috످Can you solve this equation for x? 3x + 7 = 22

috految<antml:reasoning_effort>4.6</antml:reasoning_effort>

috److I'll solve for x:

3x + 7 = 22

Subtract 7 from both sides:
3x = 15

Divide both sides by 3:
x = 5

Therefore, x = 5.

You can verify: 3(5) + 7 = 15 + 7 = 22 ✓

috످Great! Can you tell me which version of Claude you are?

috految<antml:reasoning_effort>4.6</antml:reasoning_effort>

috److I'm Claude, made by Anthropic, but I don't know which version I am. If you're using an app or website, you may be able to find it in the model selector or settings.

috످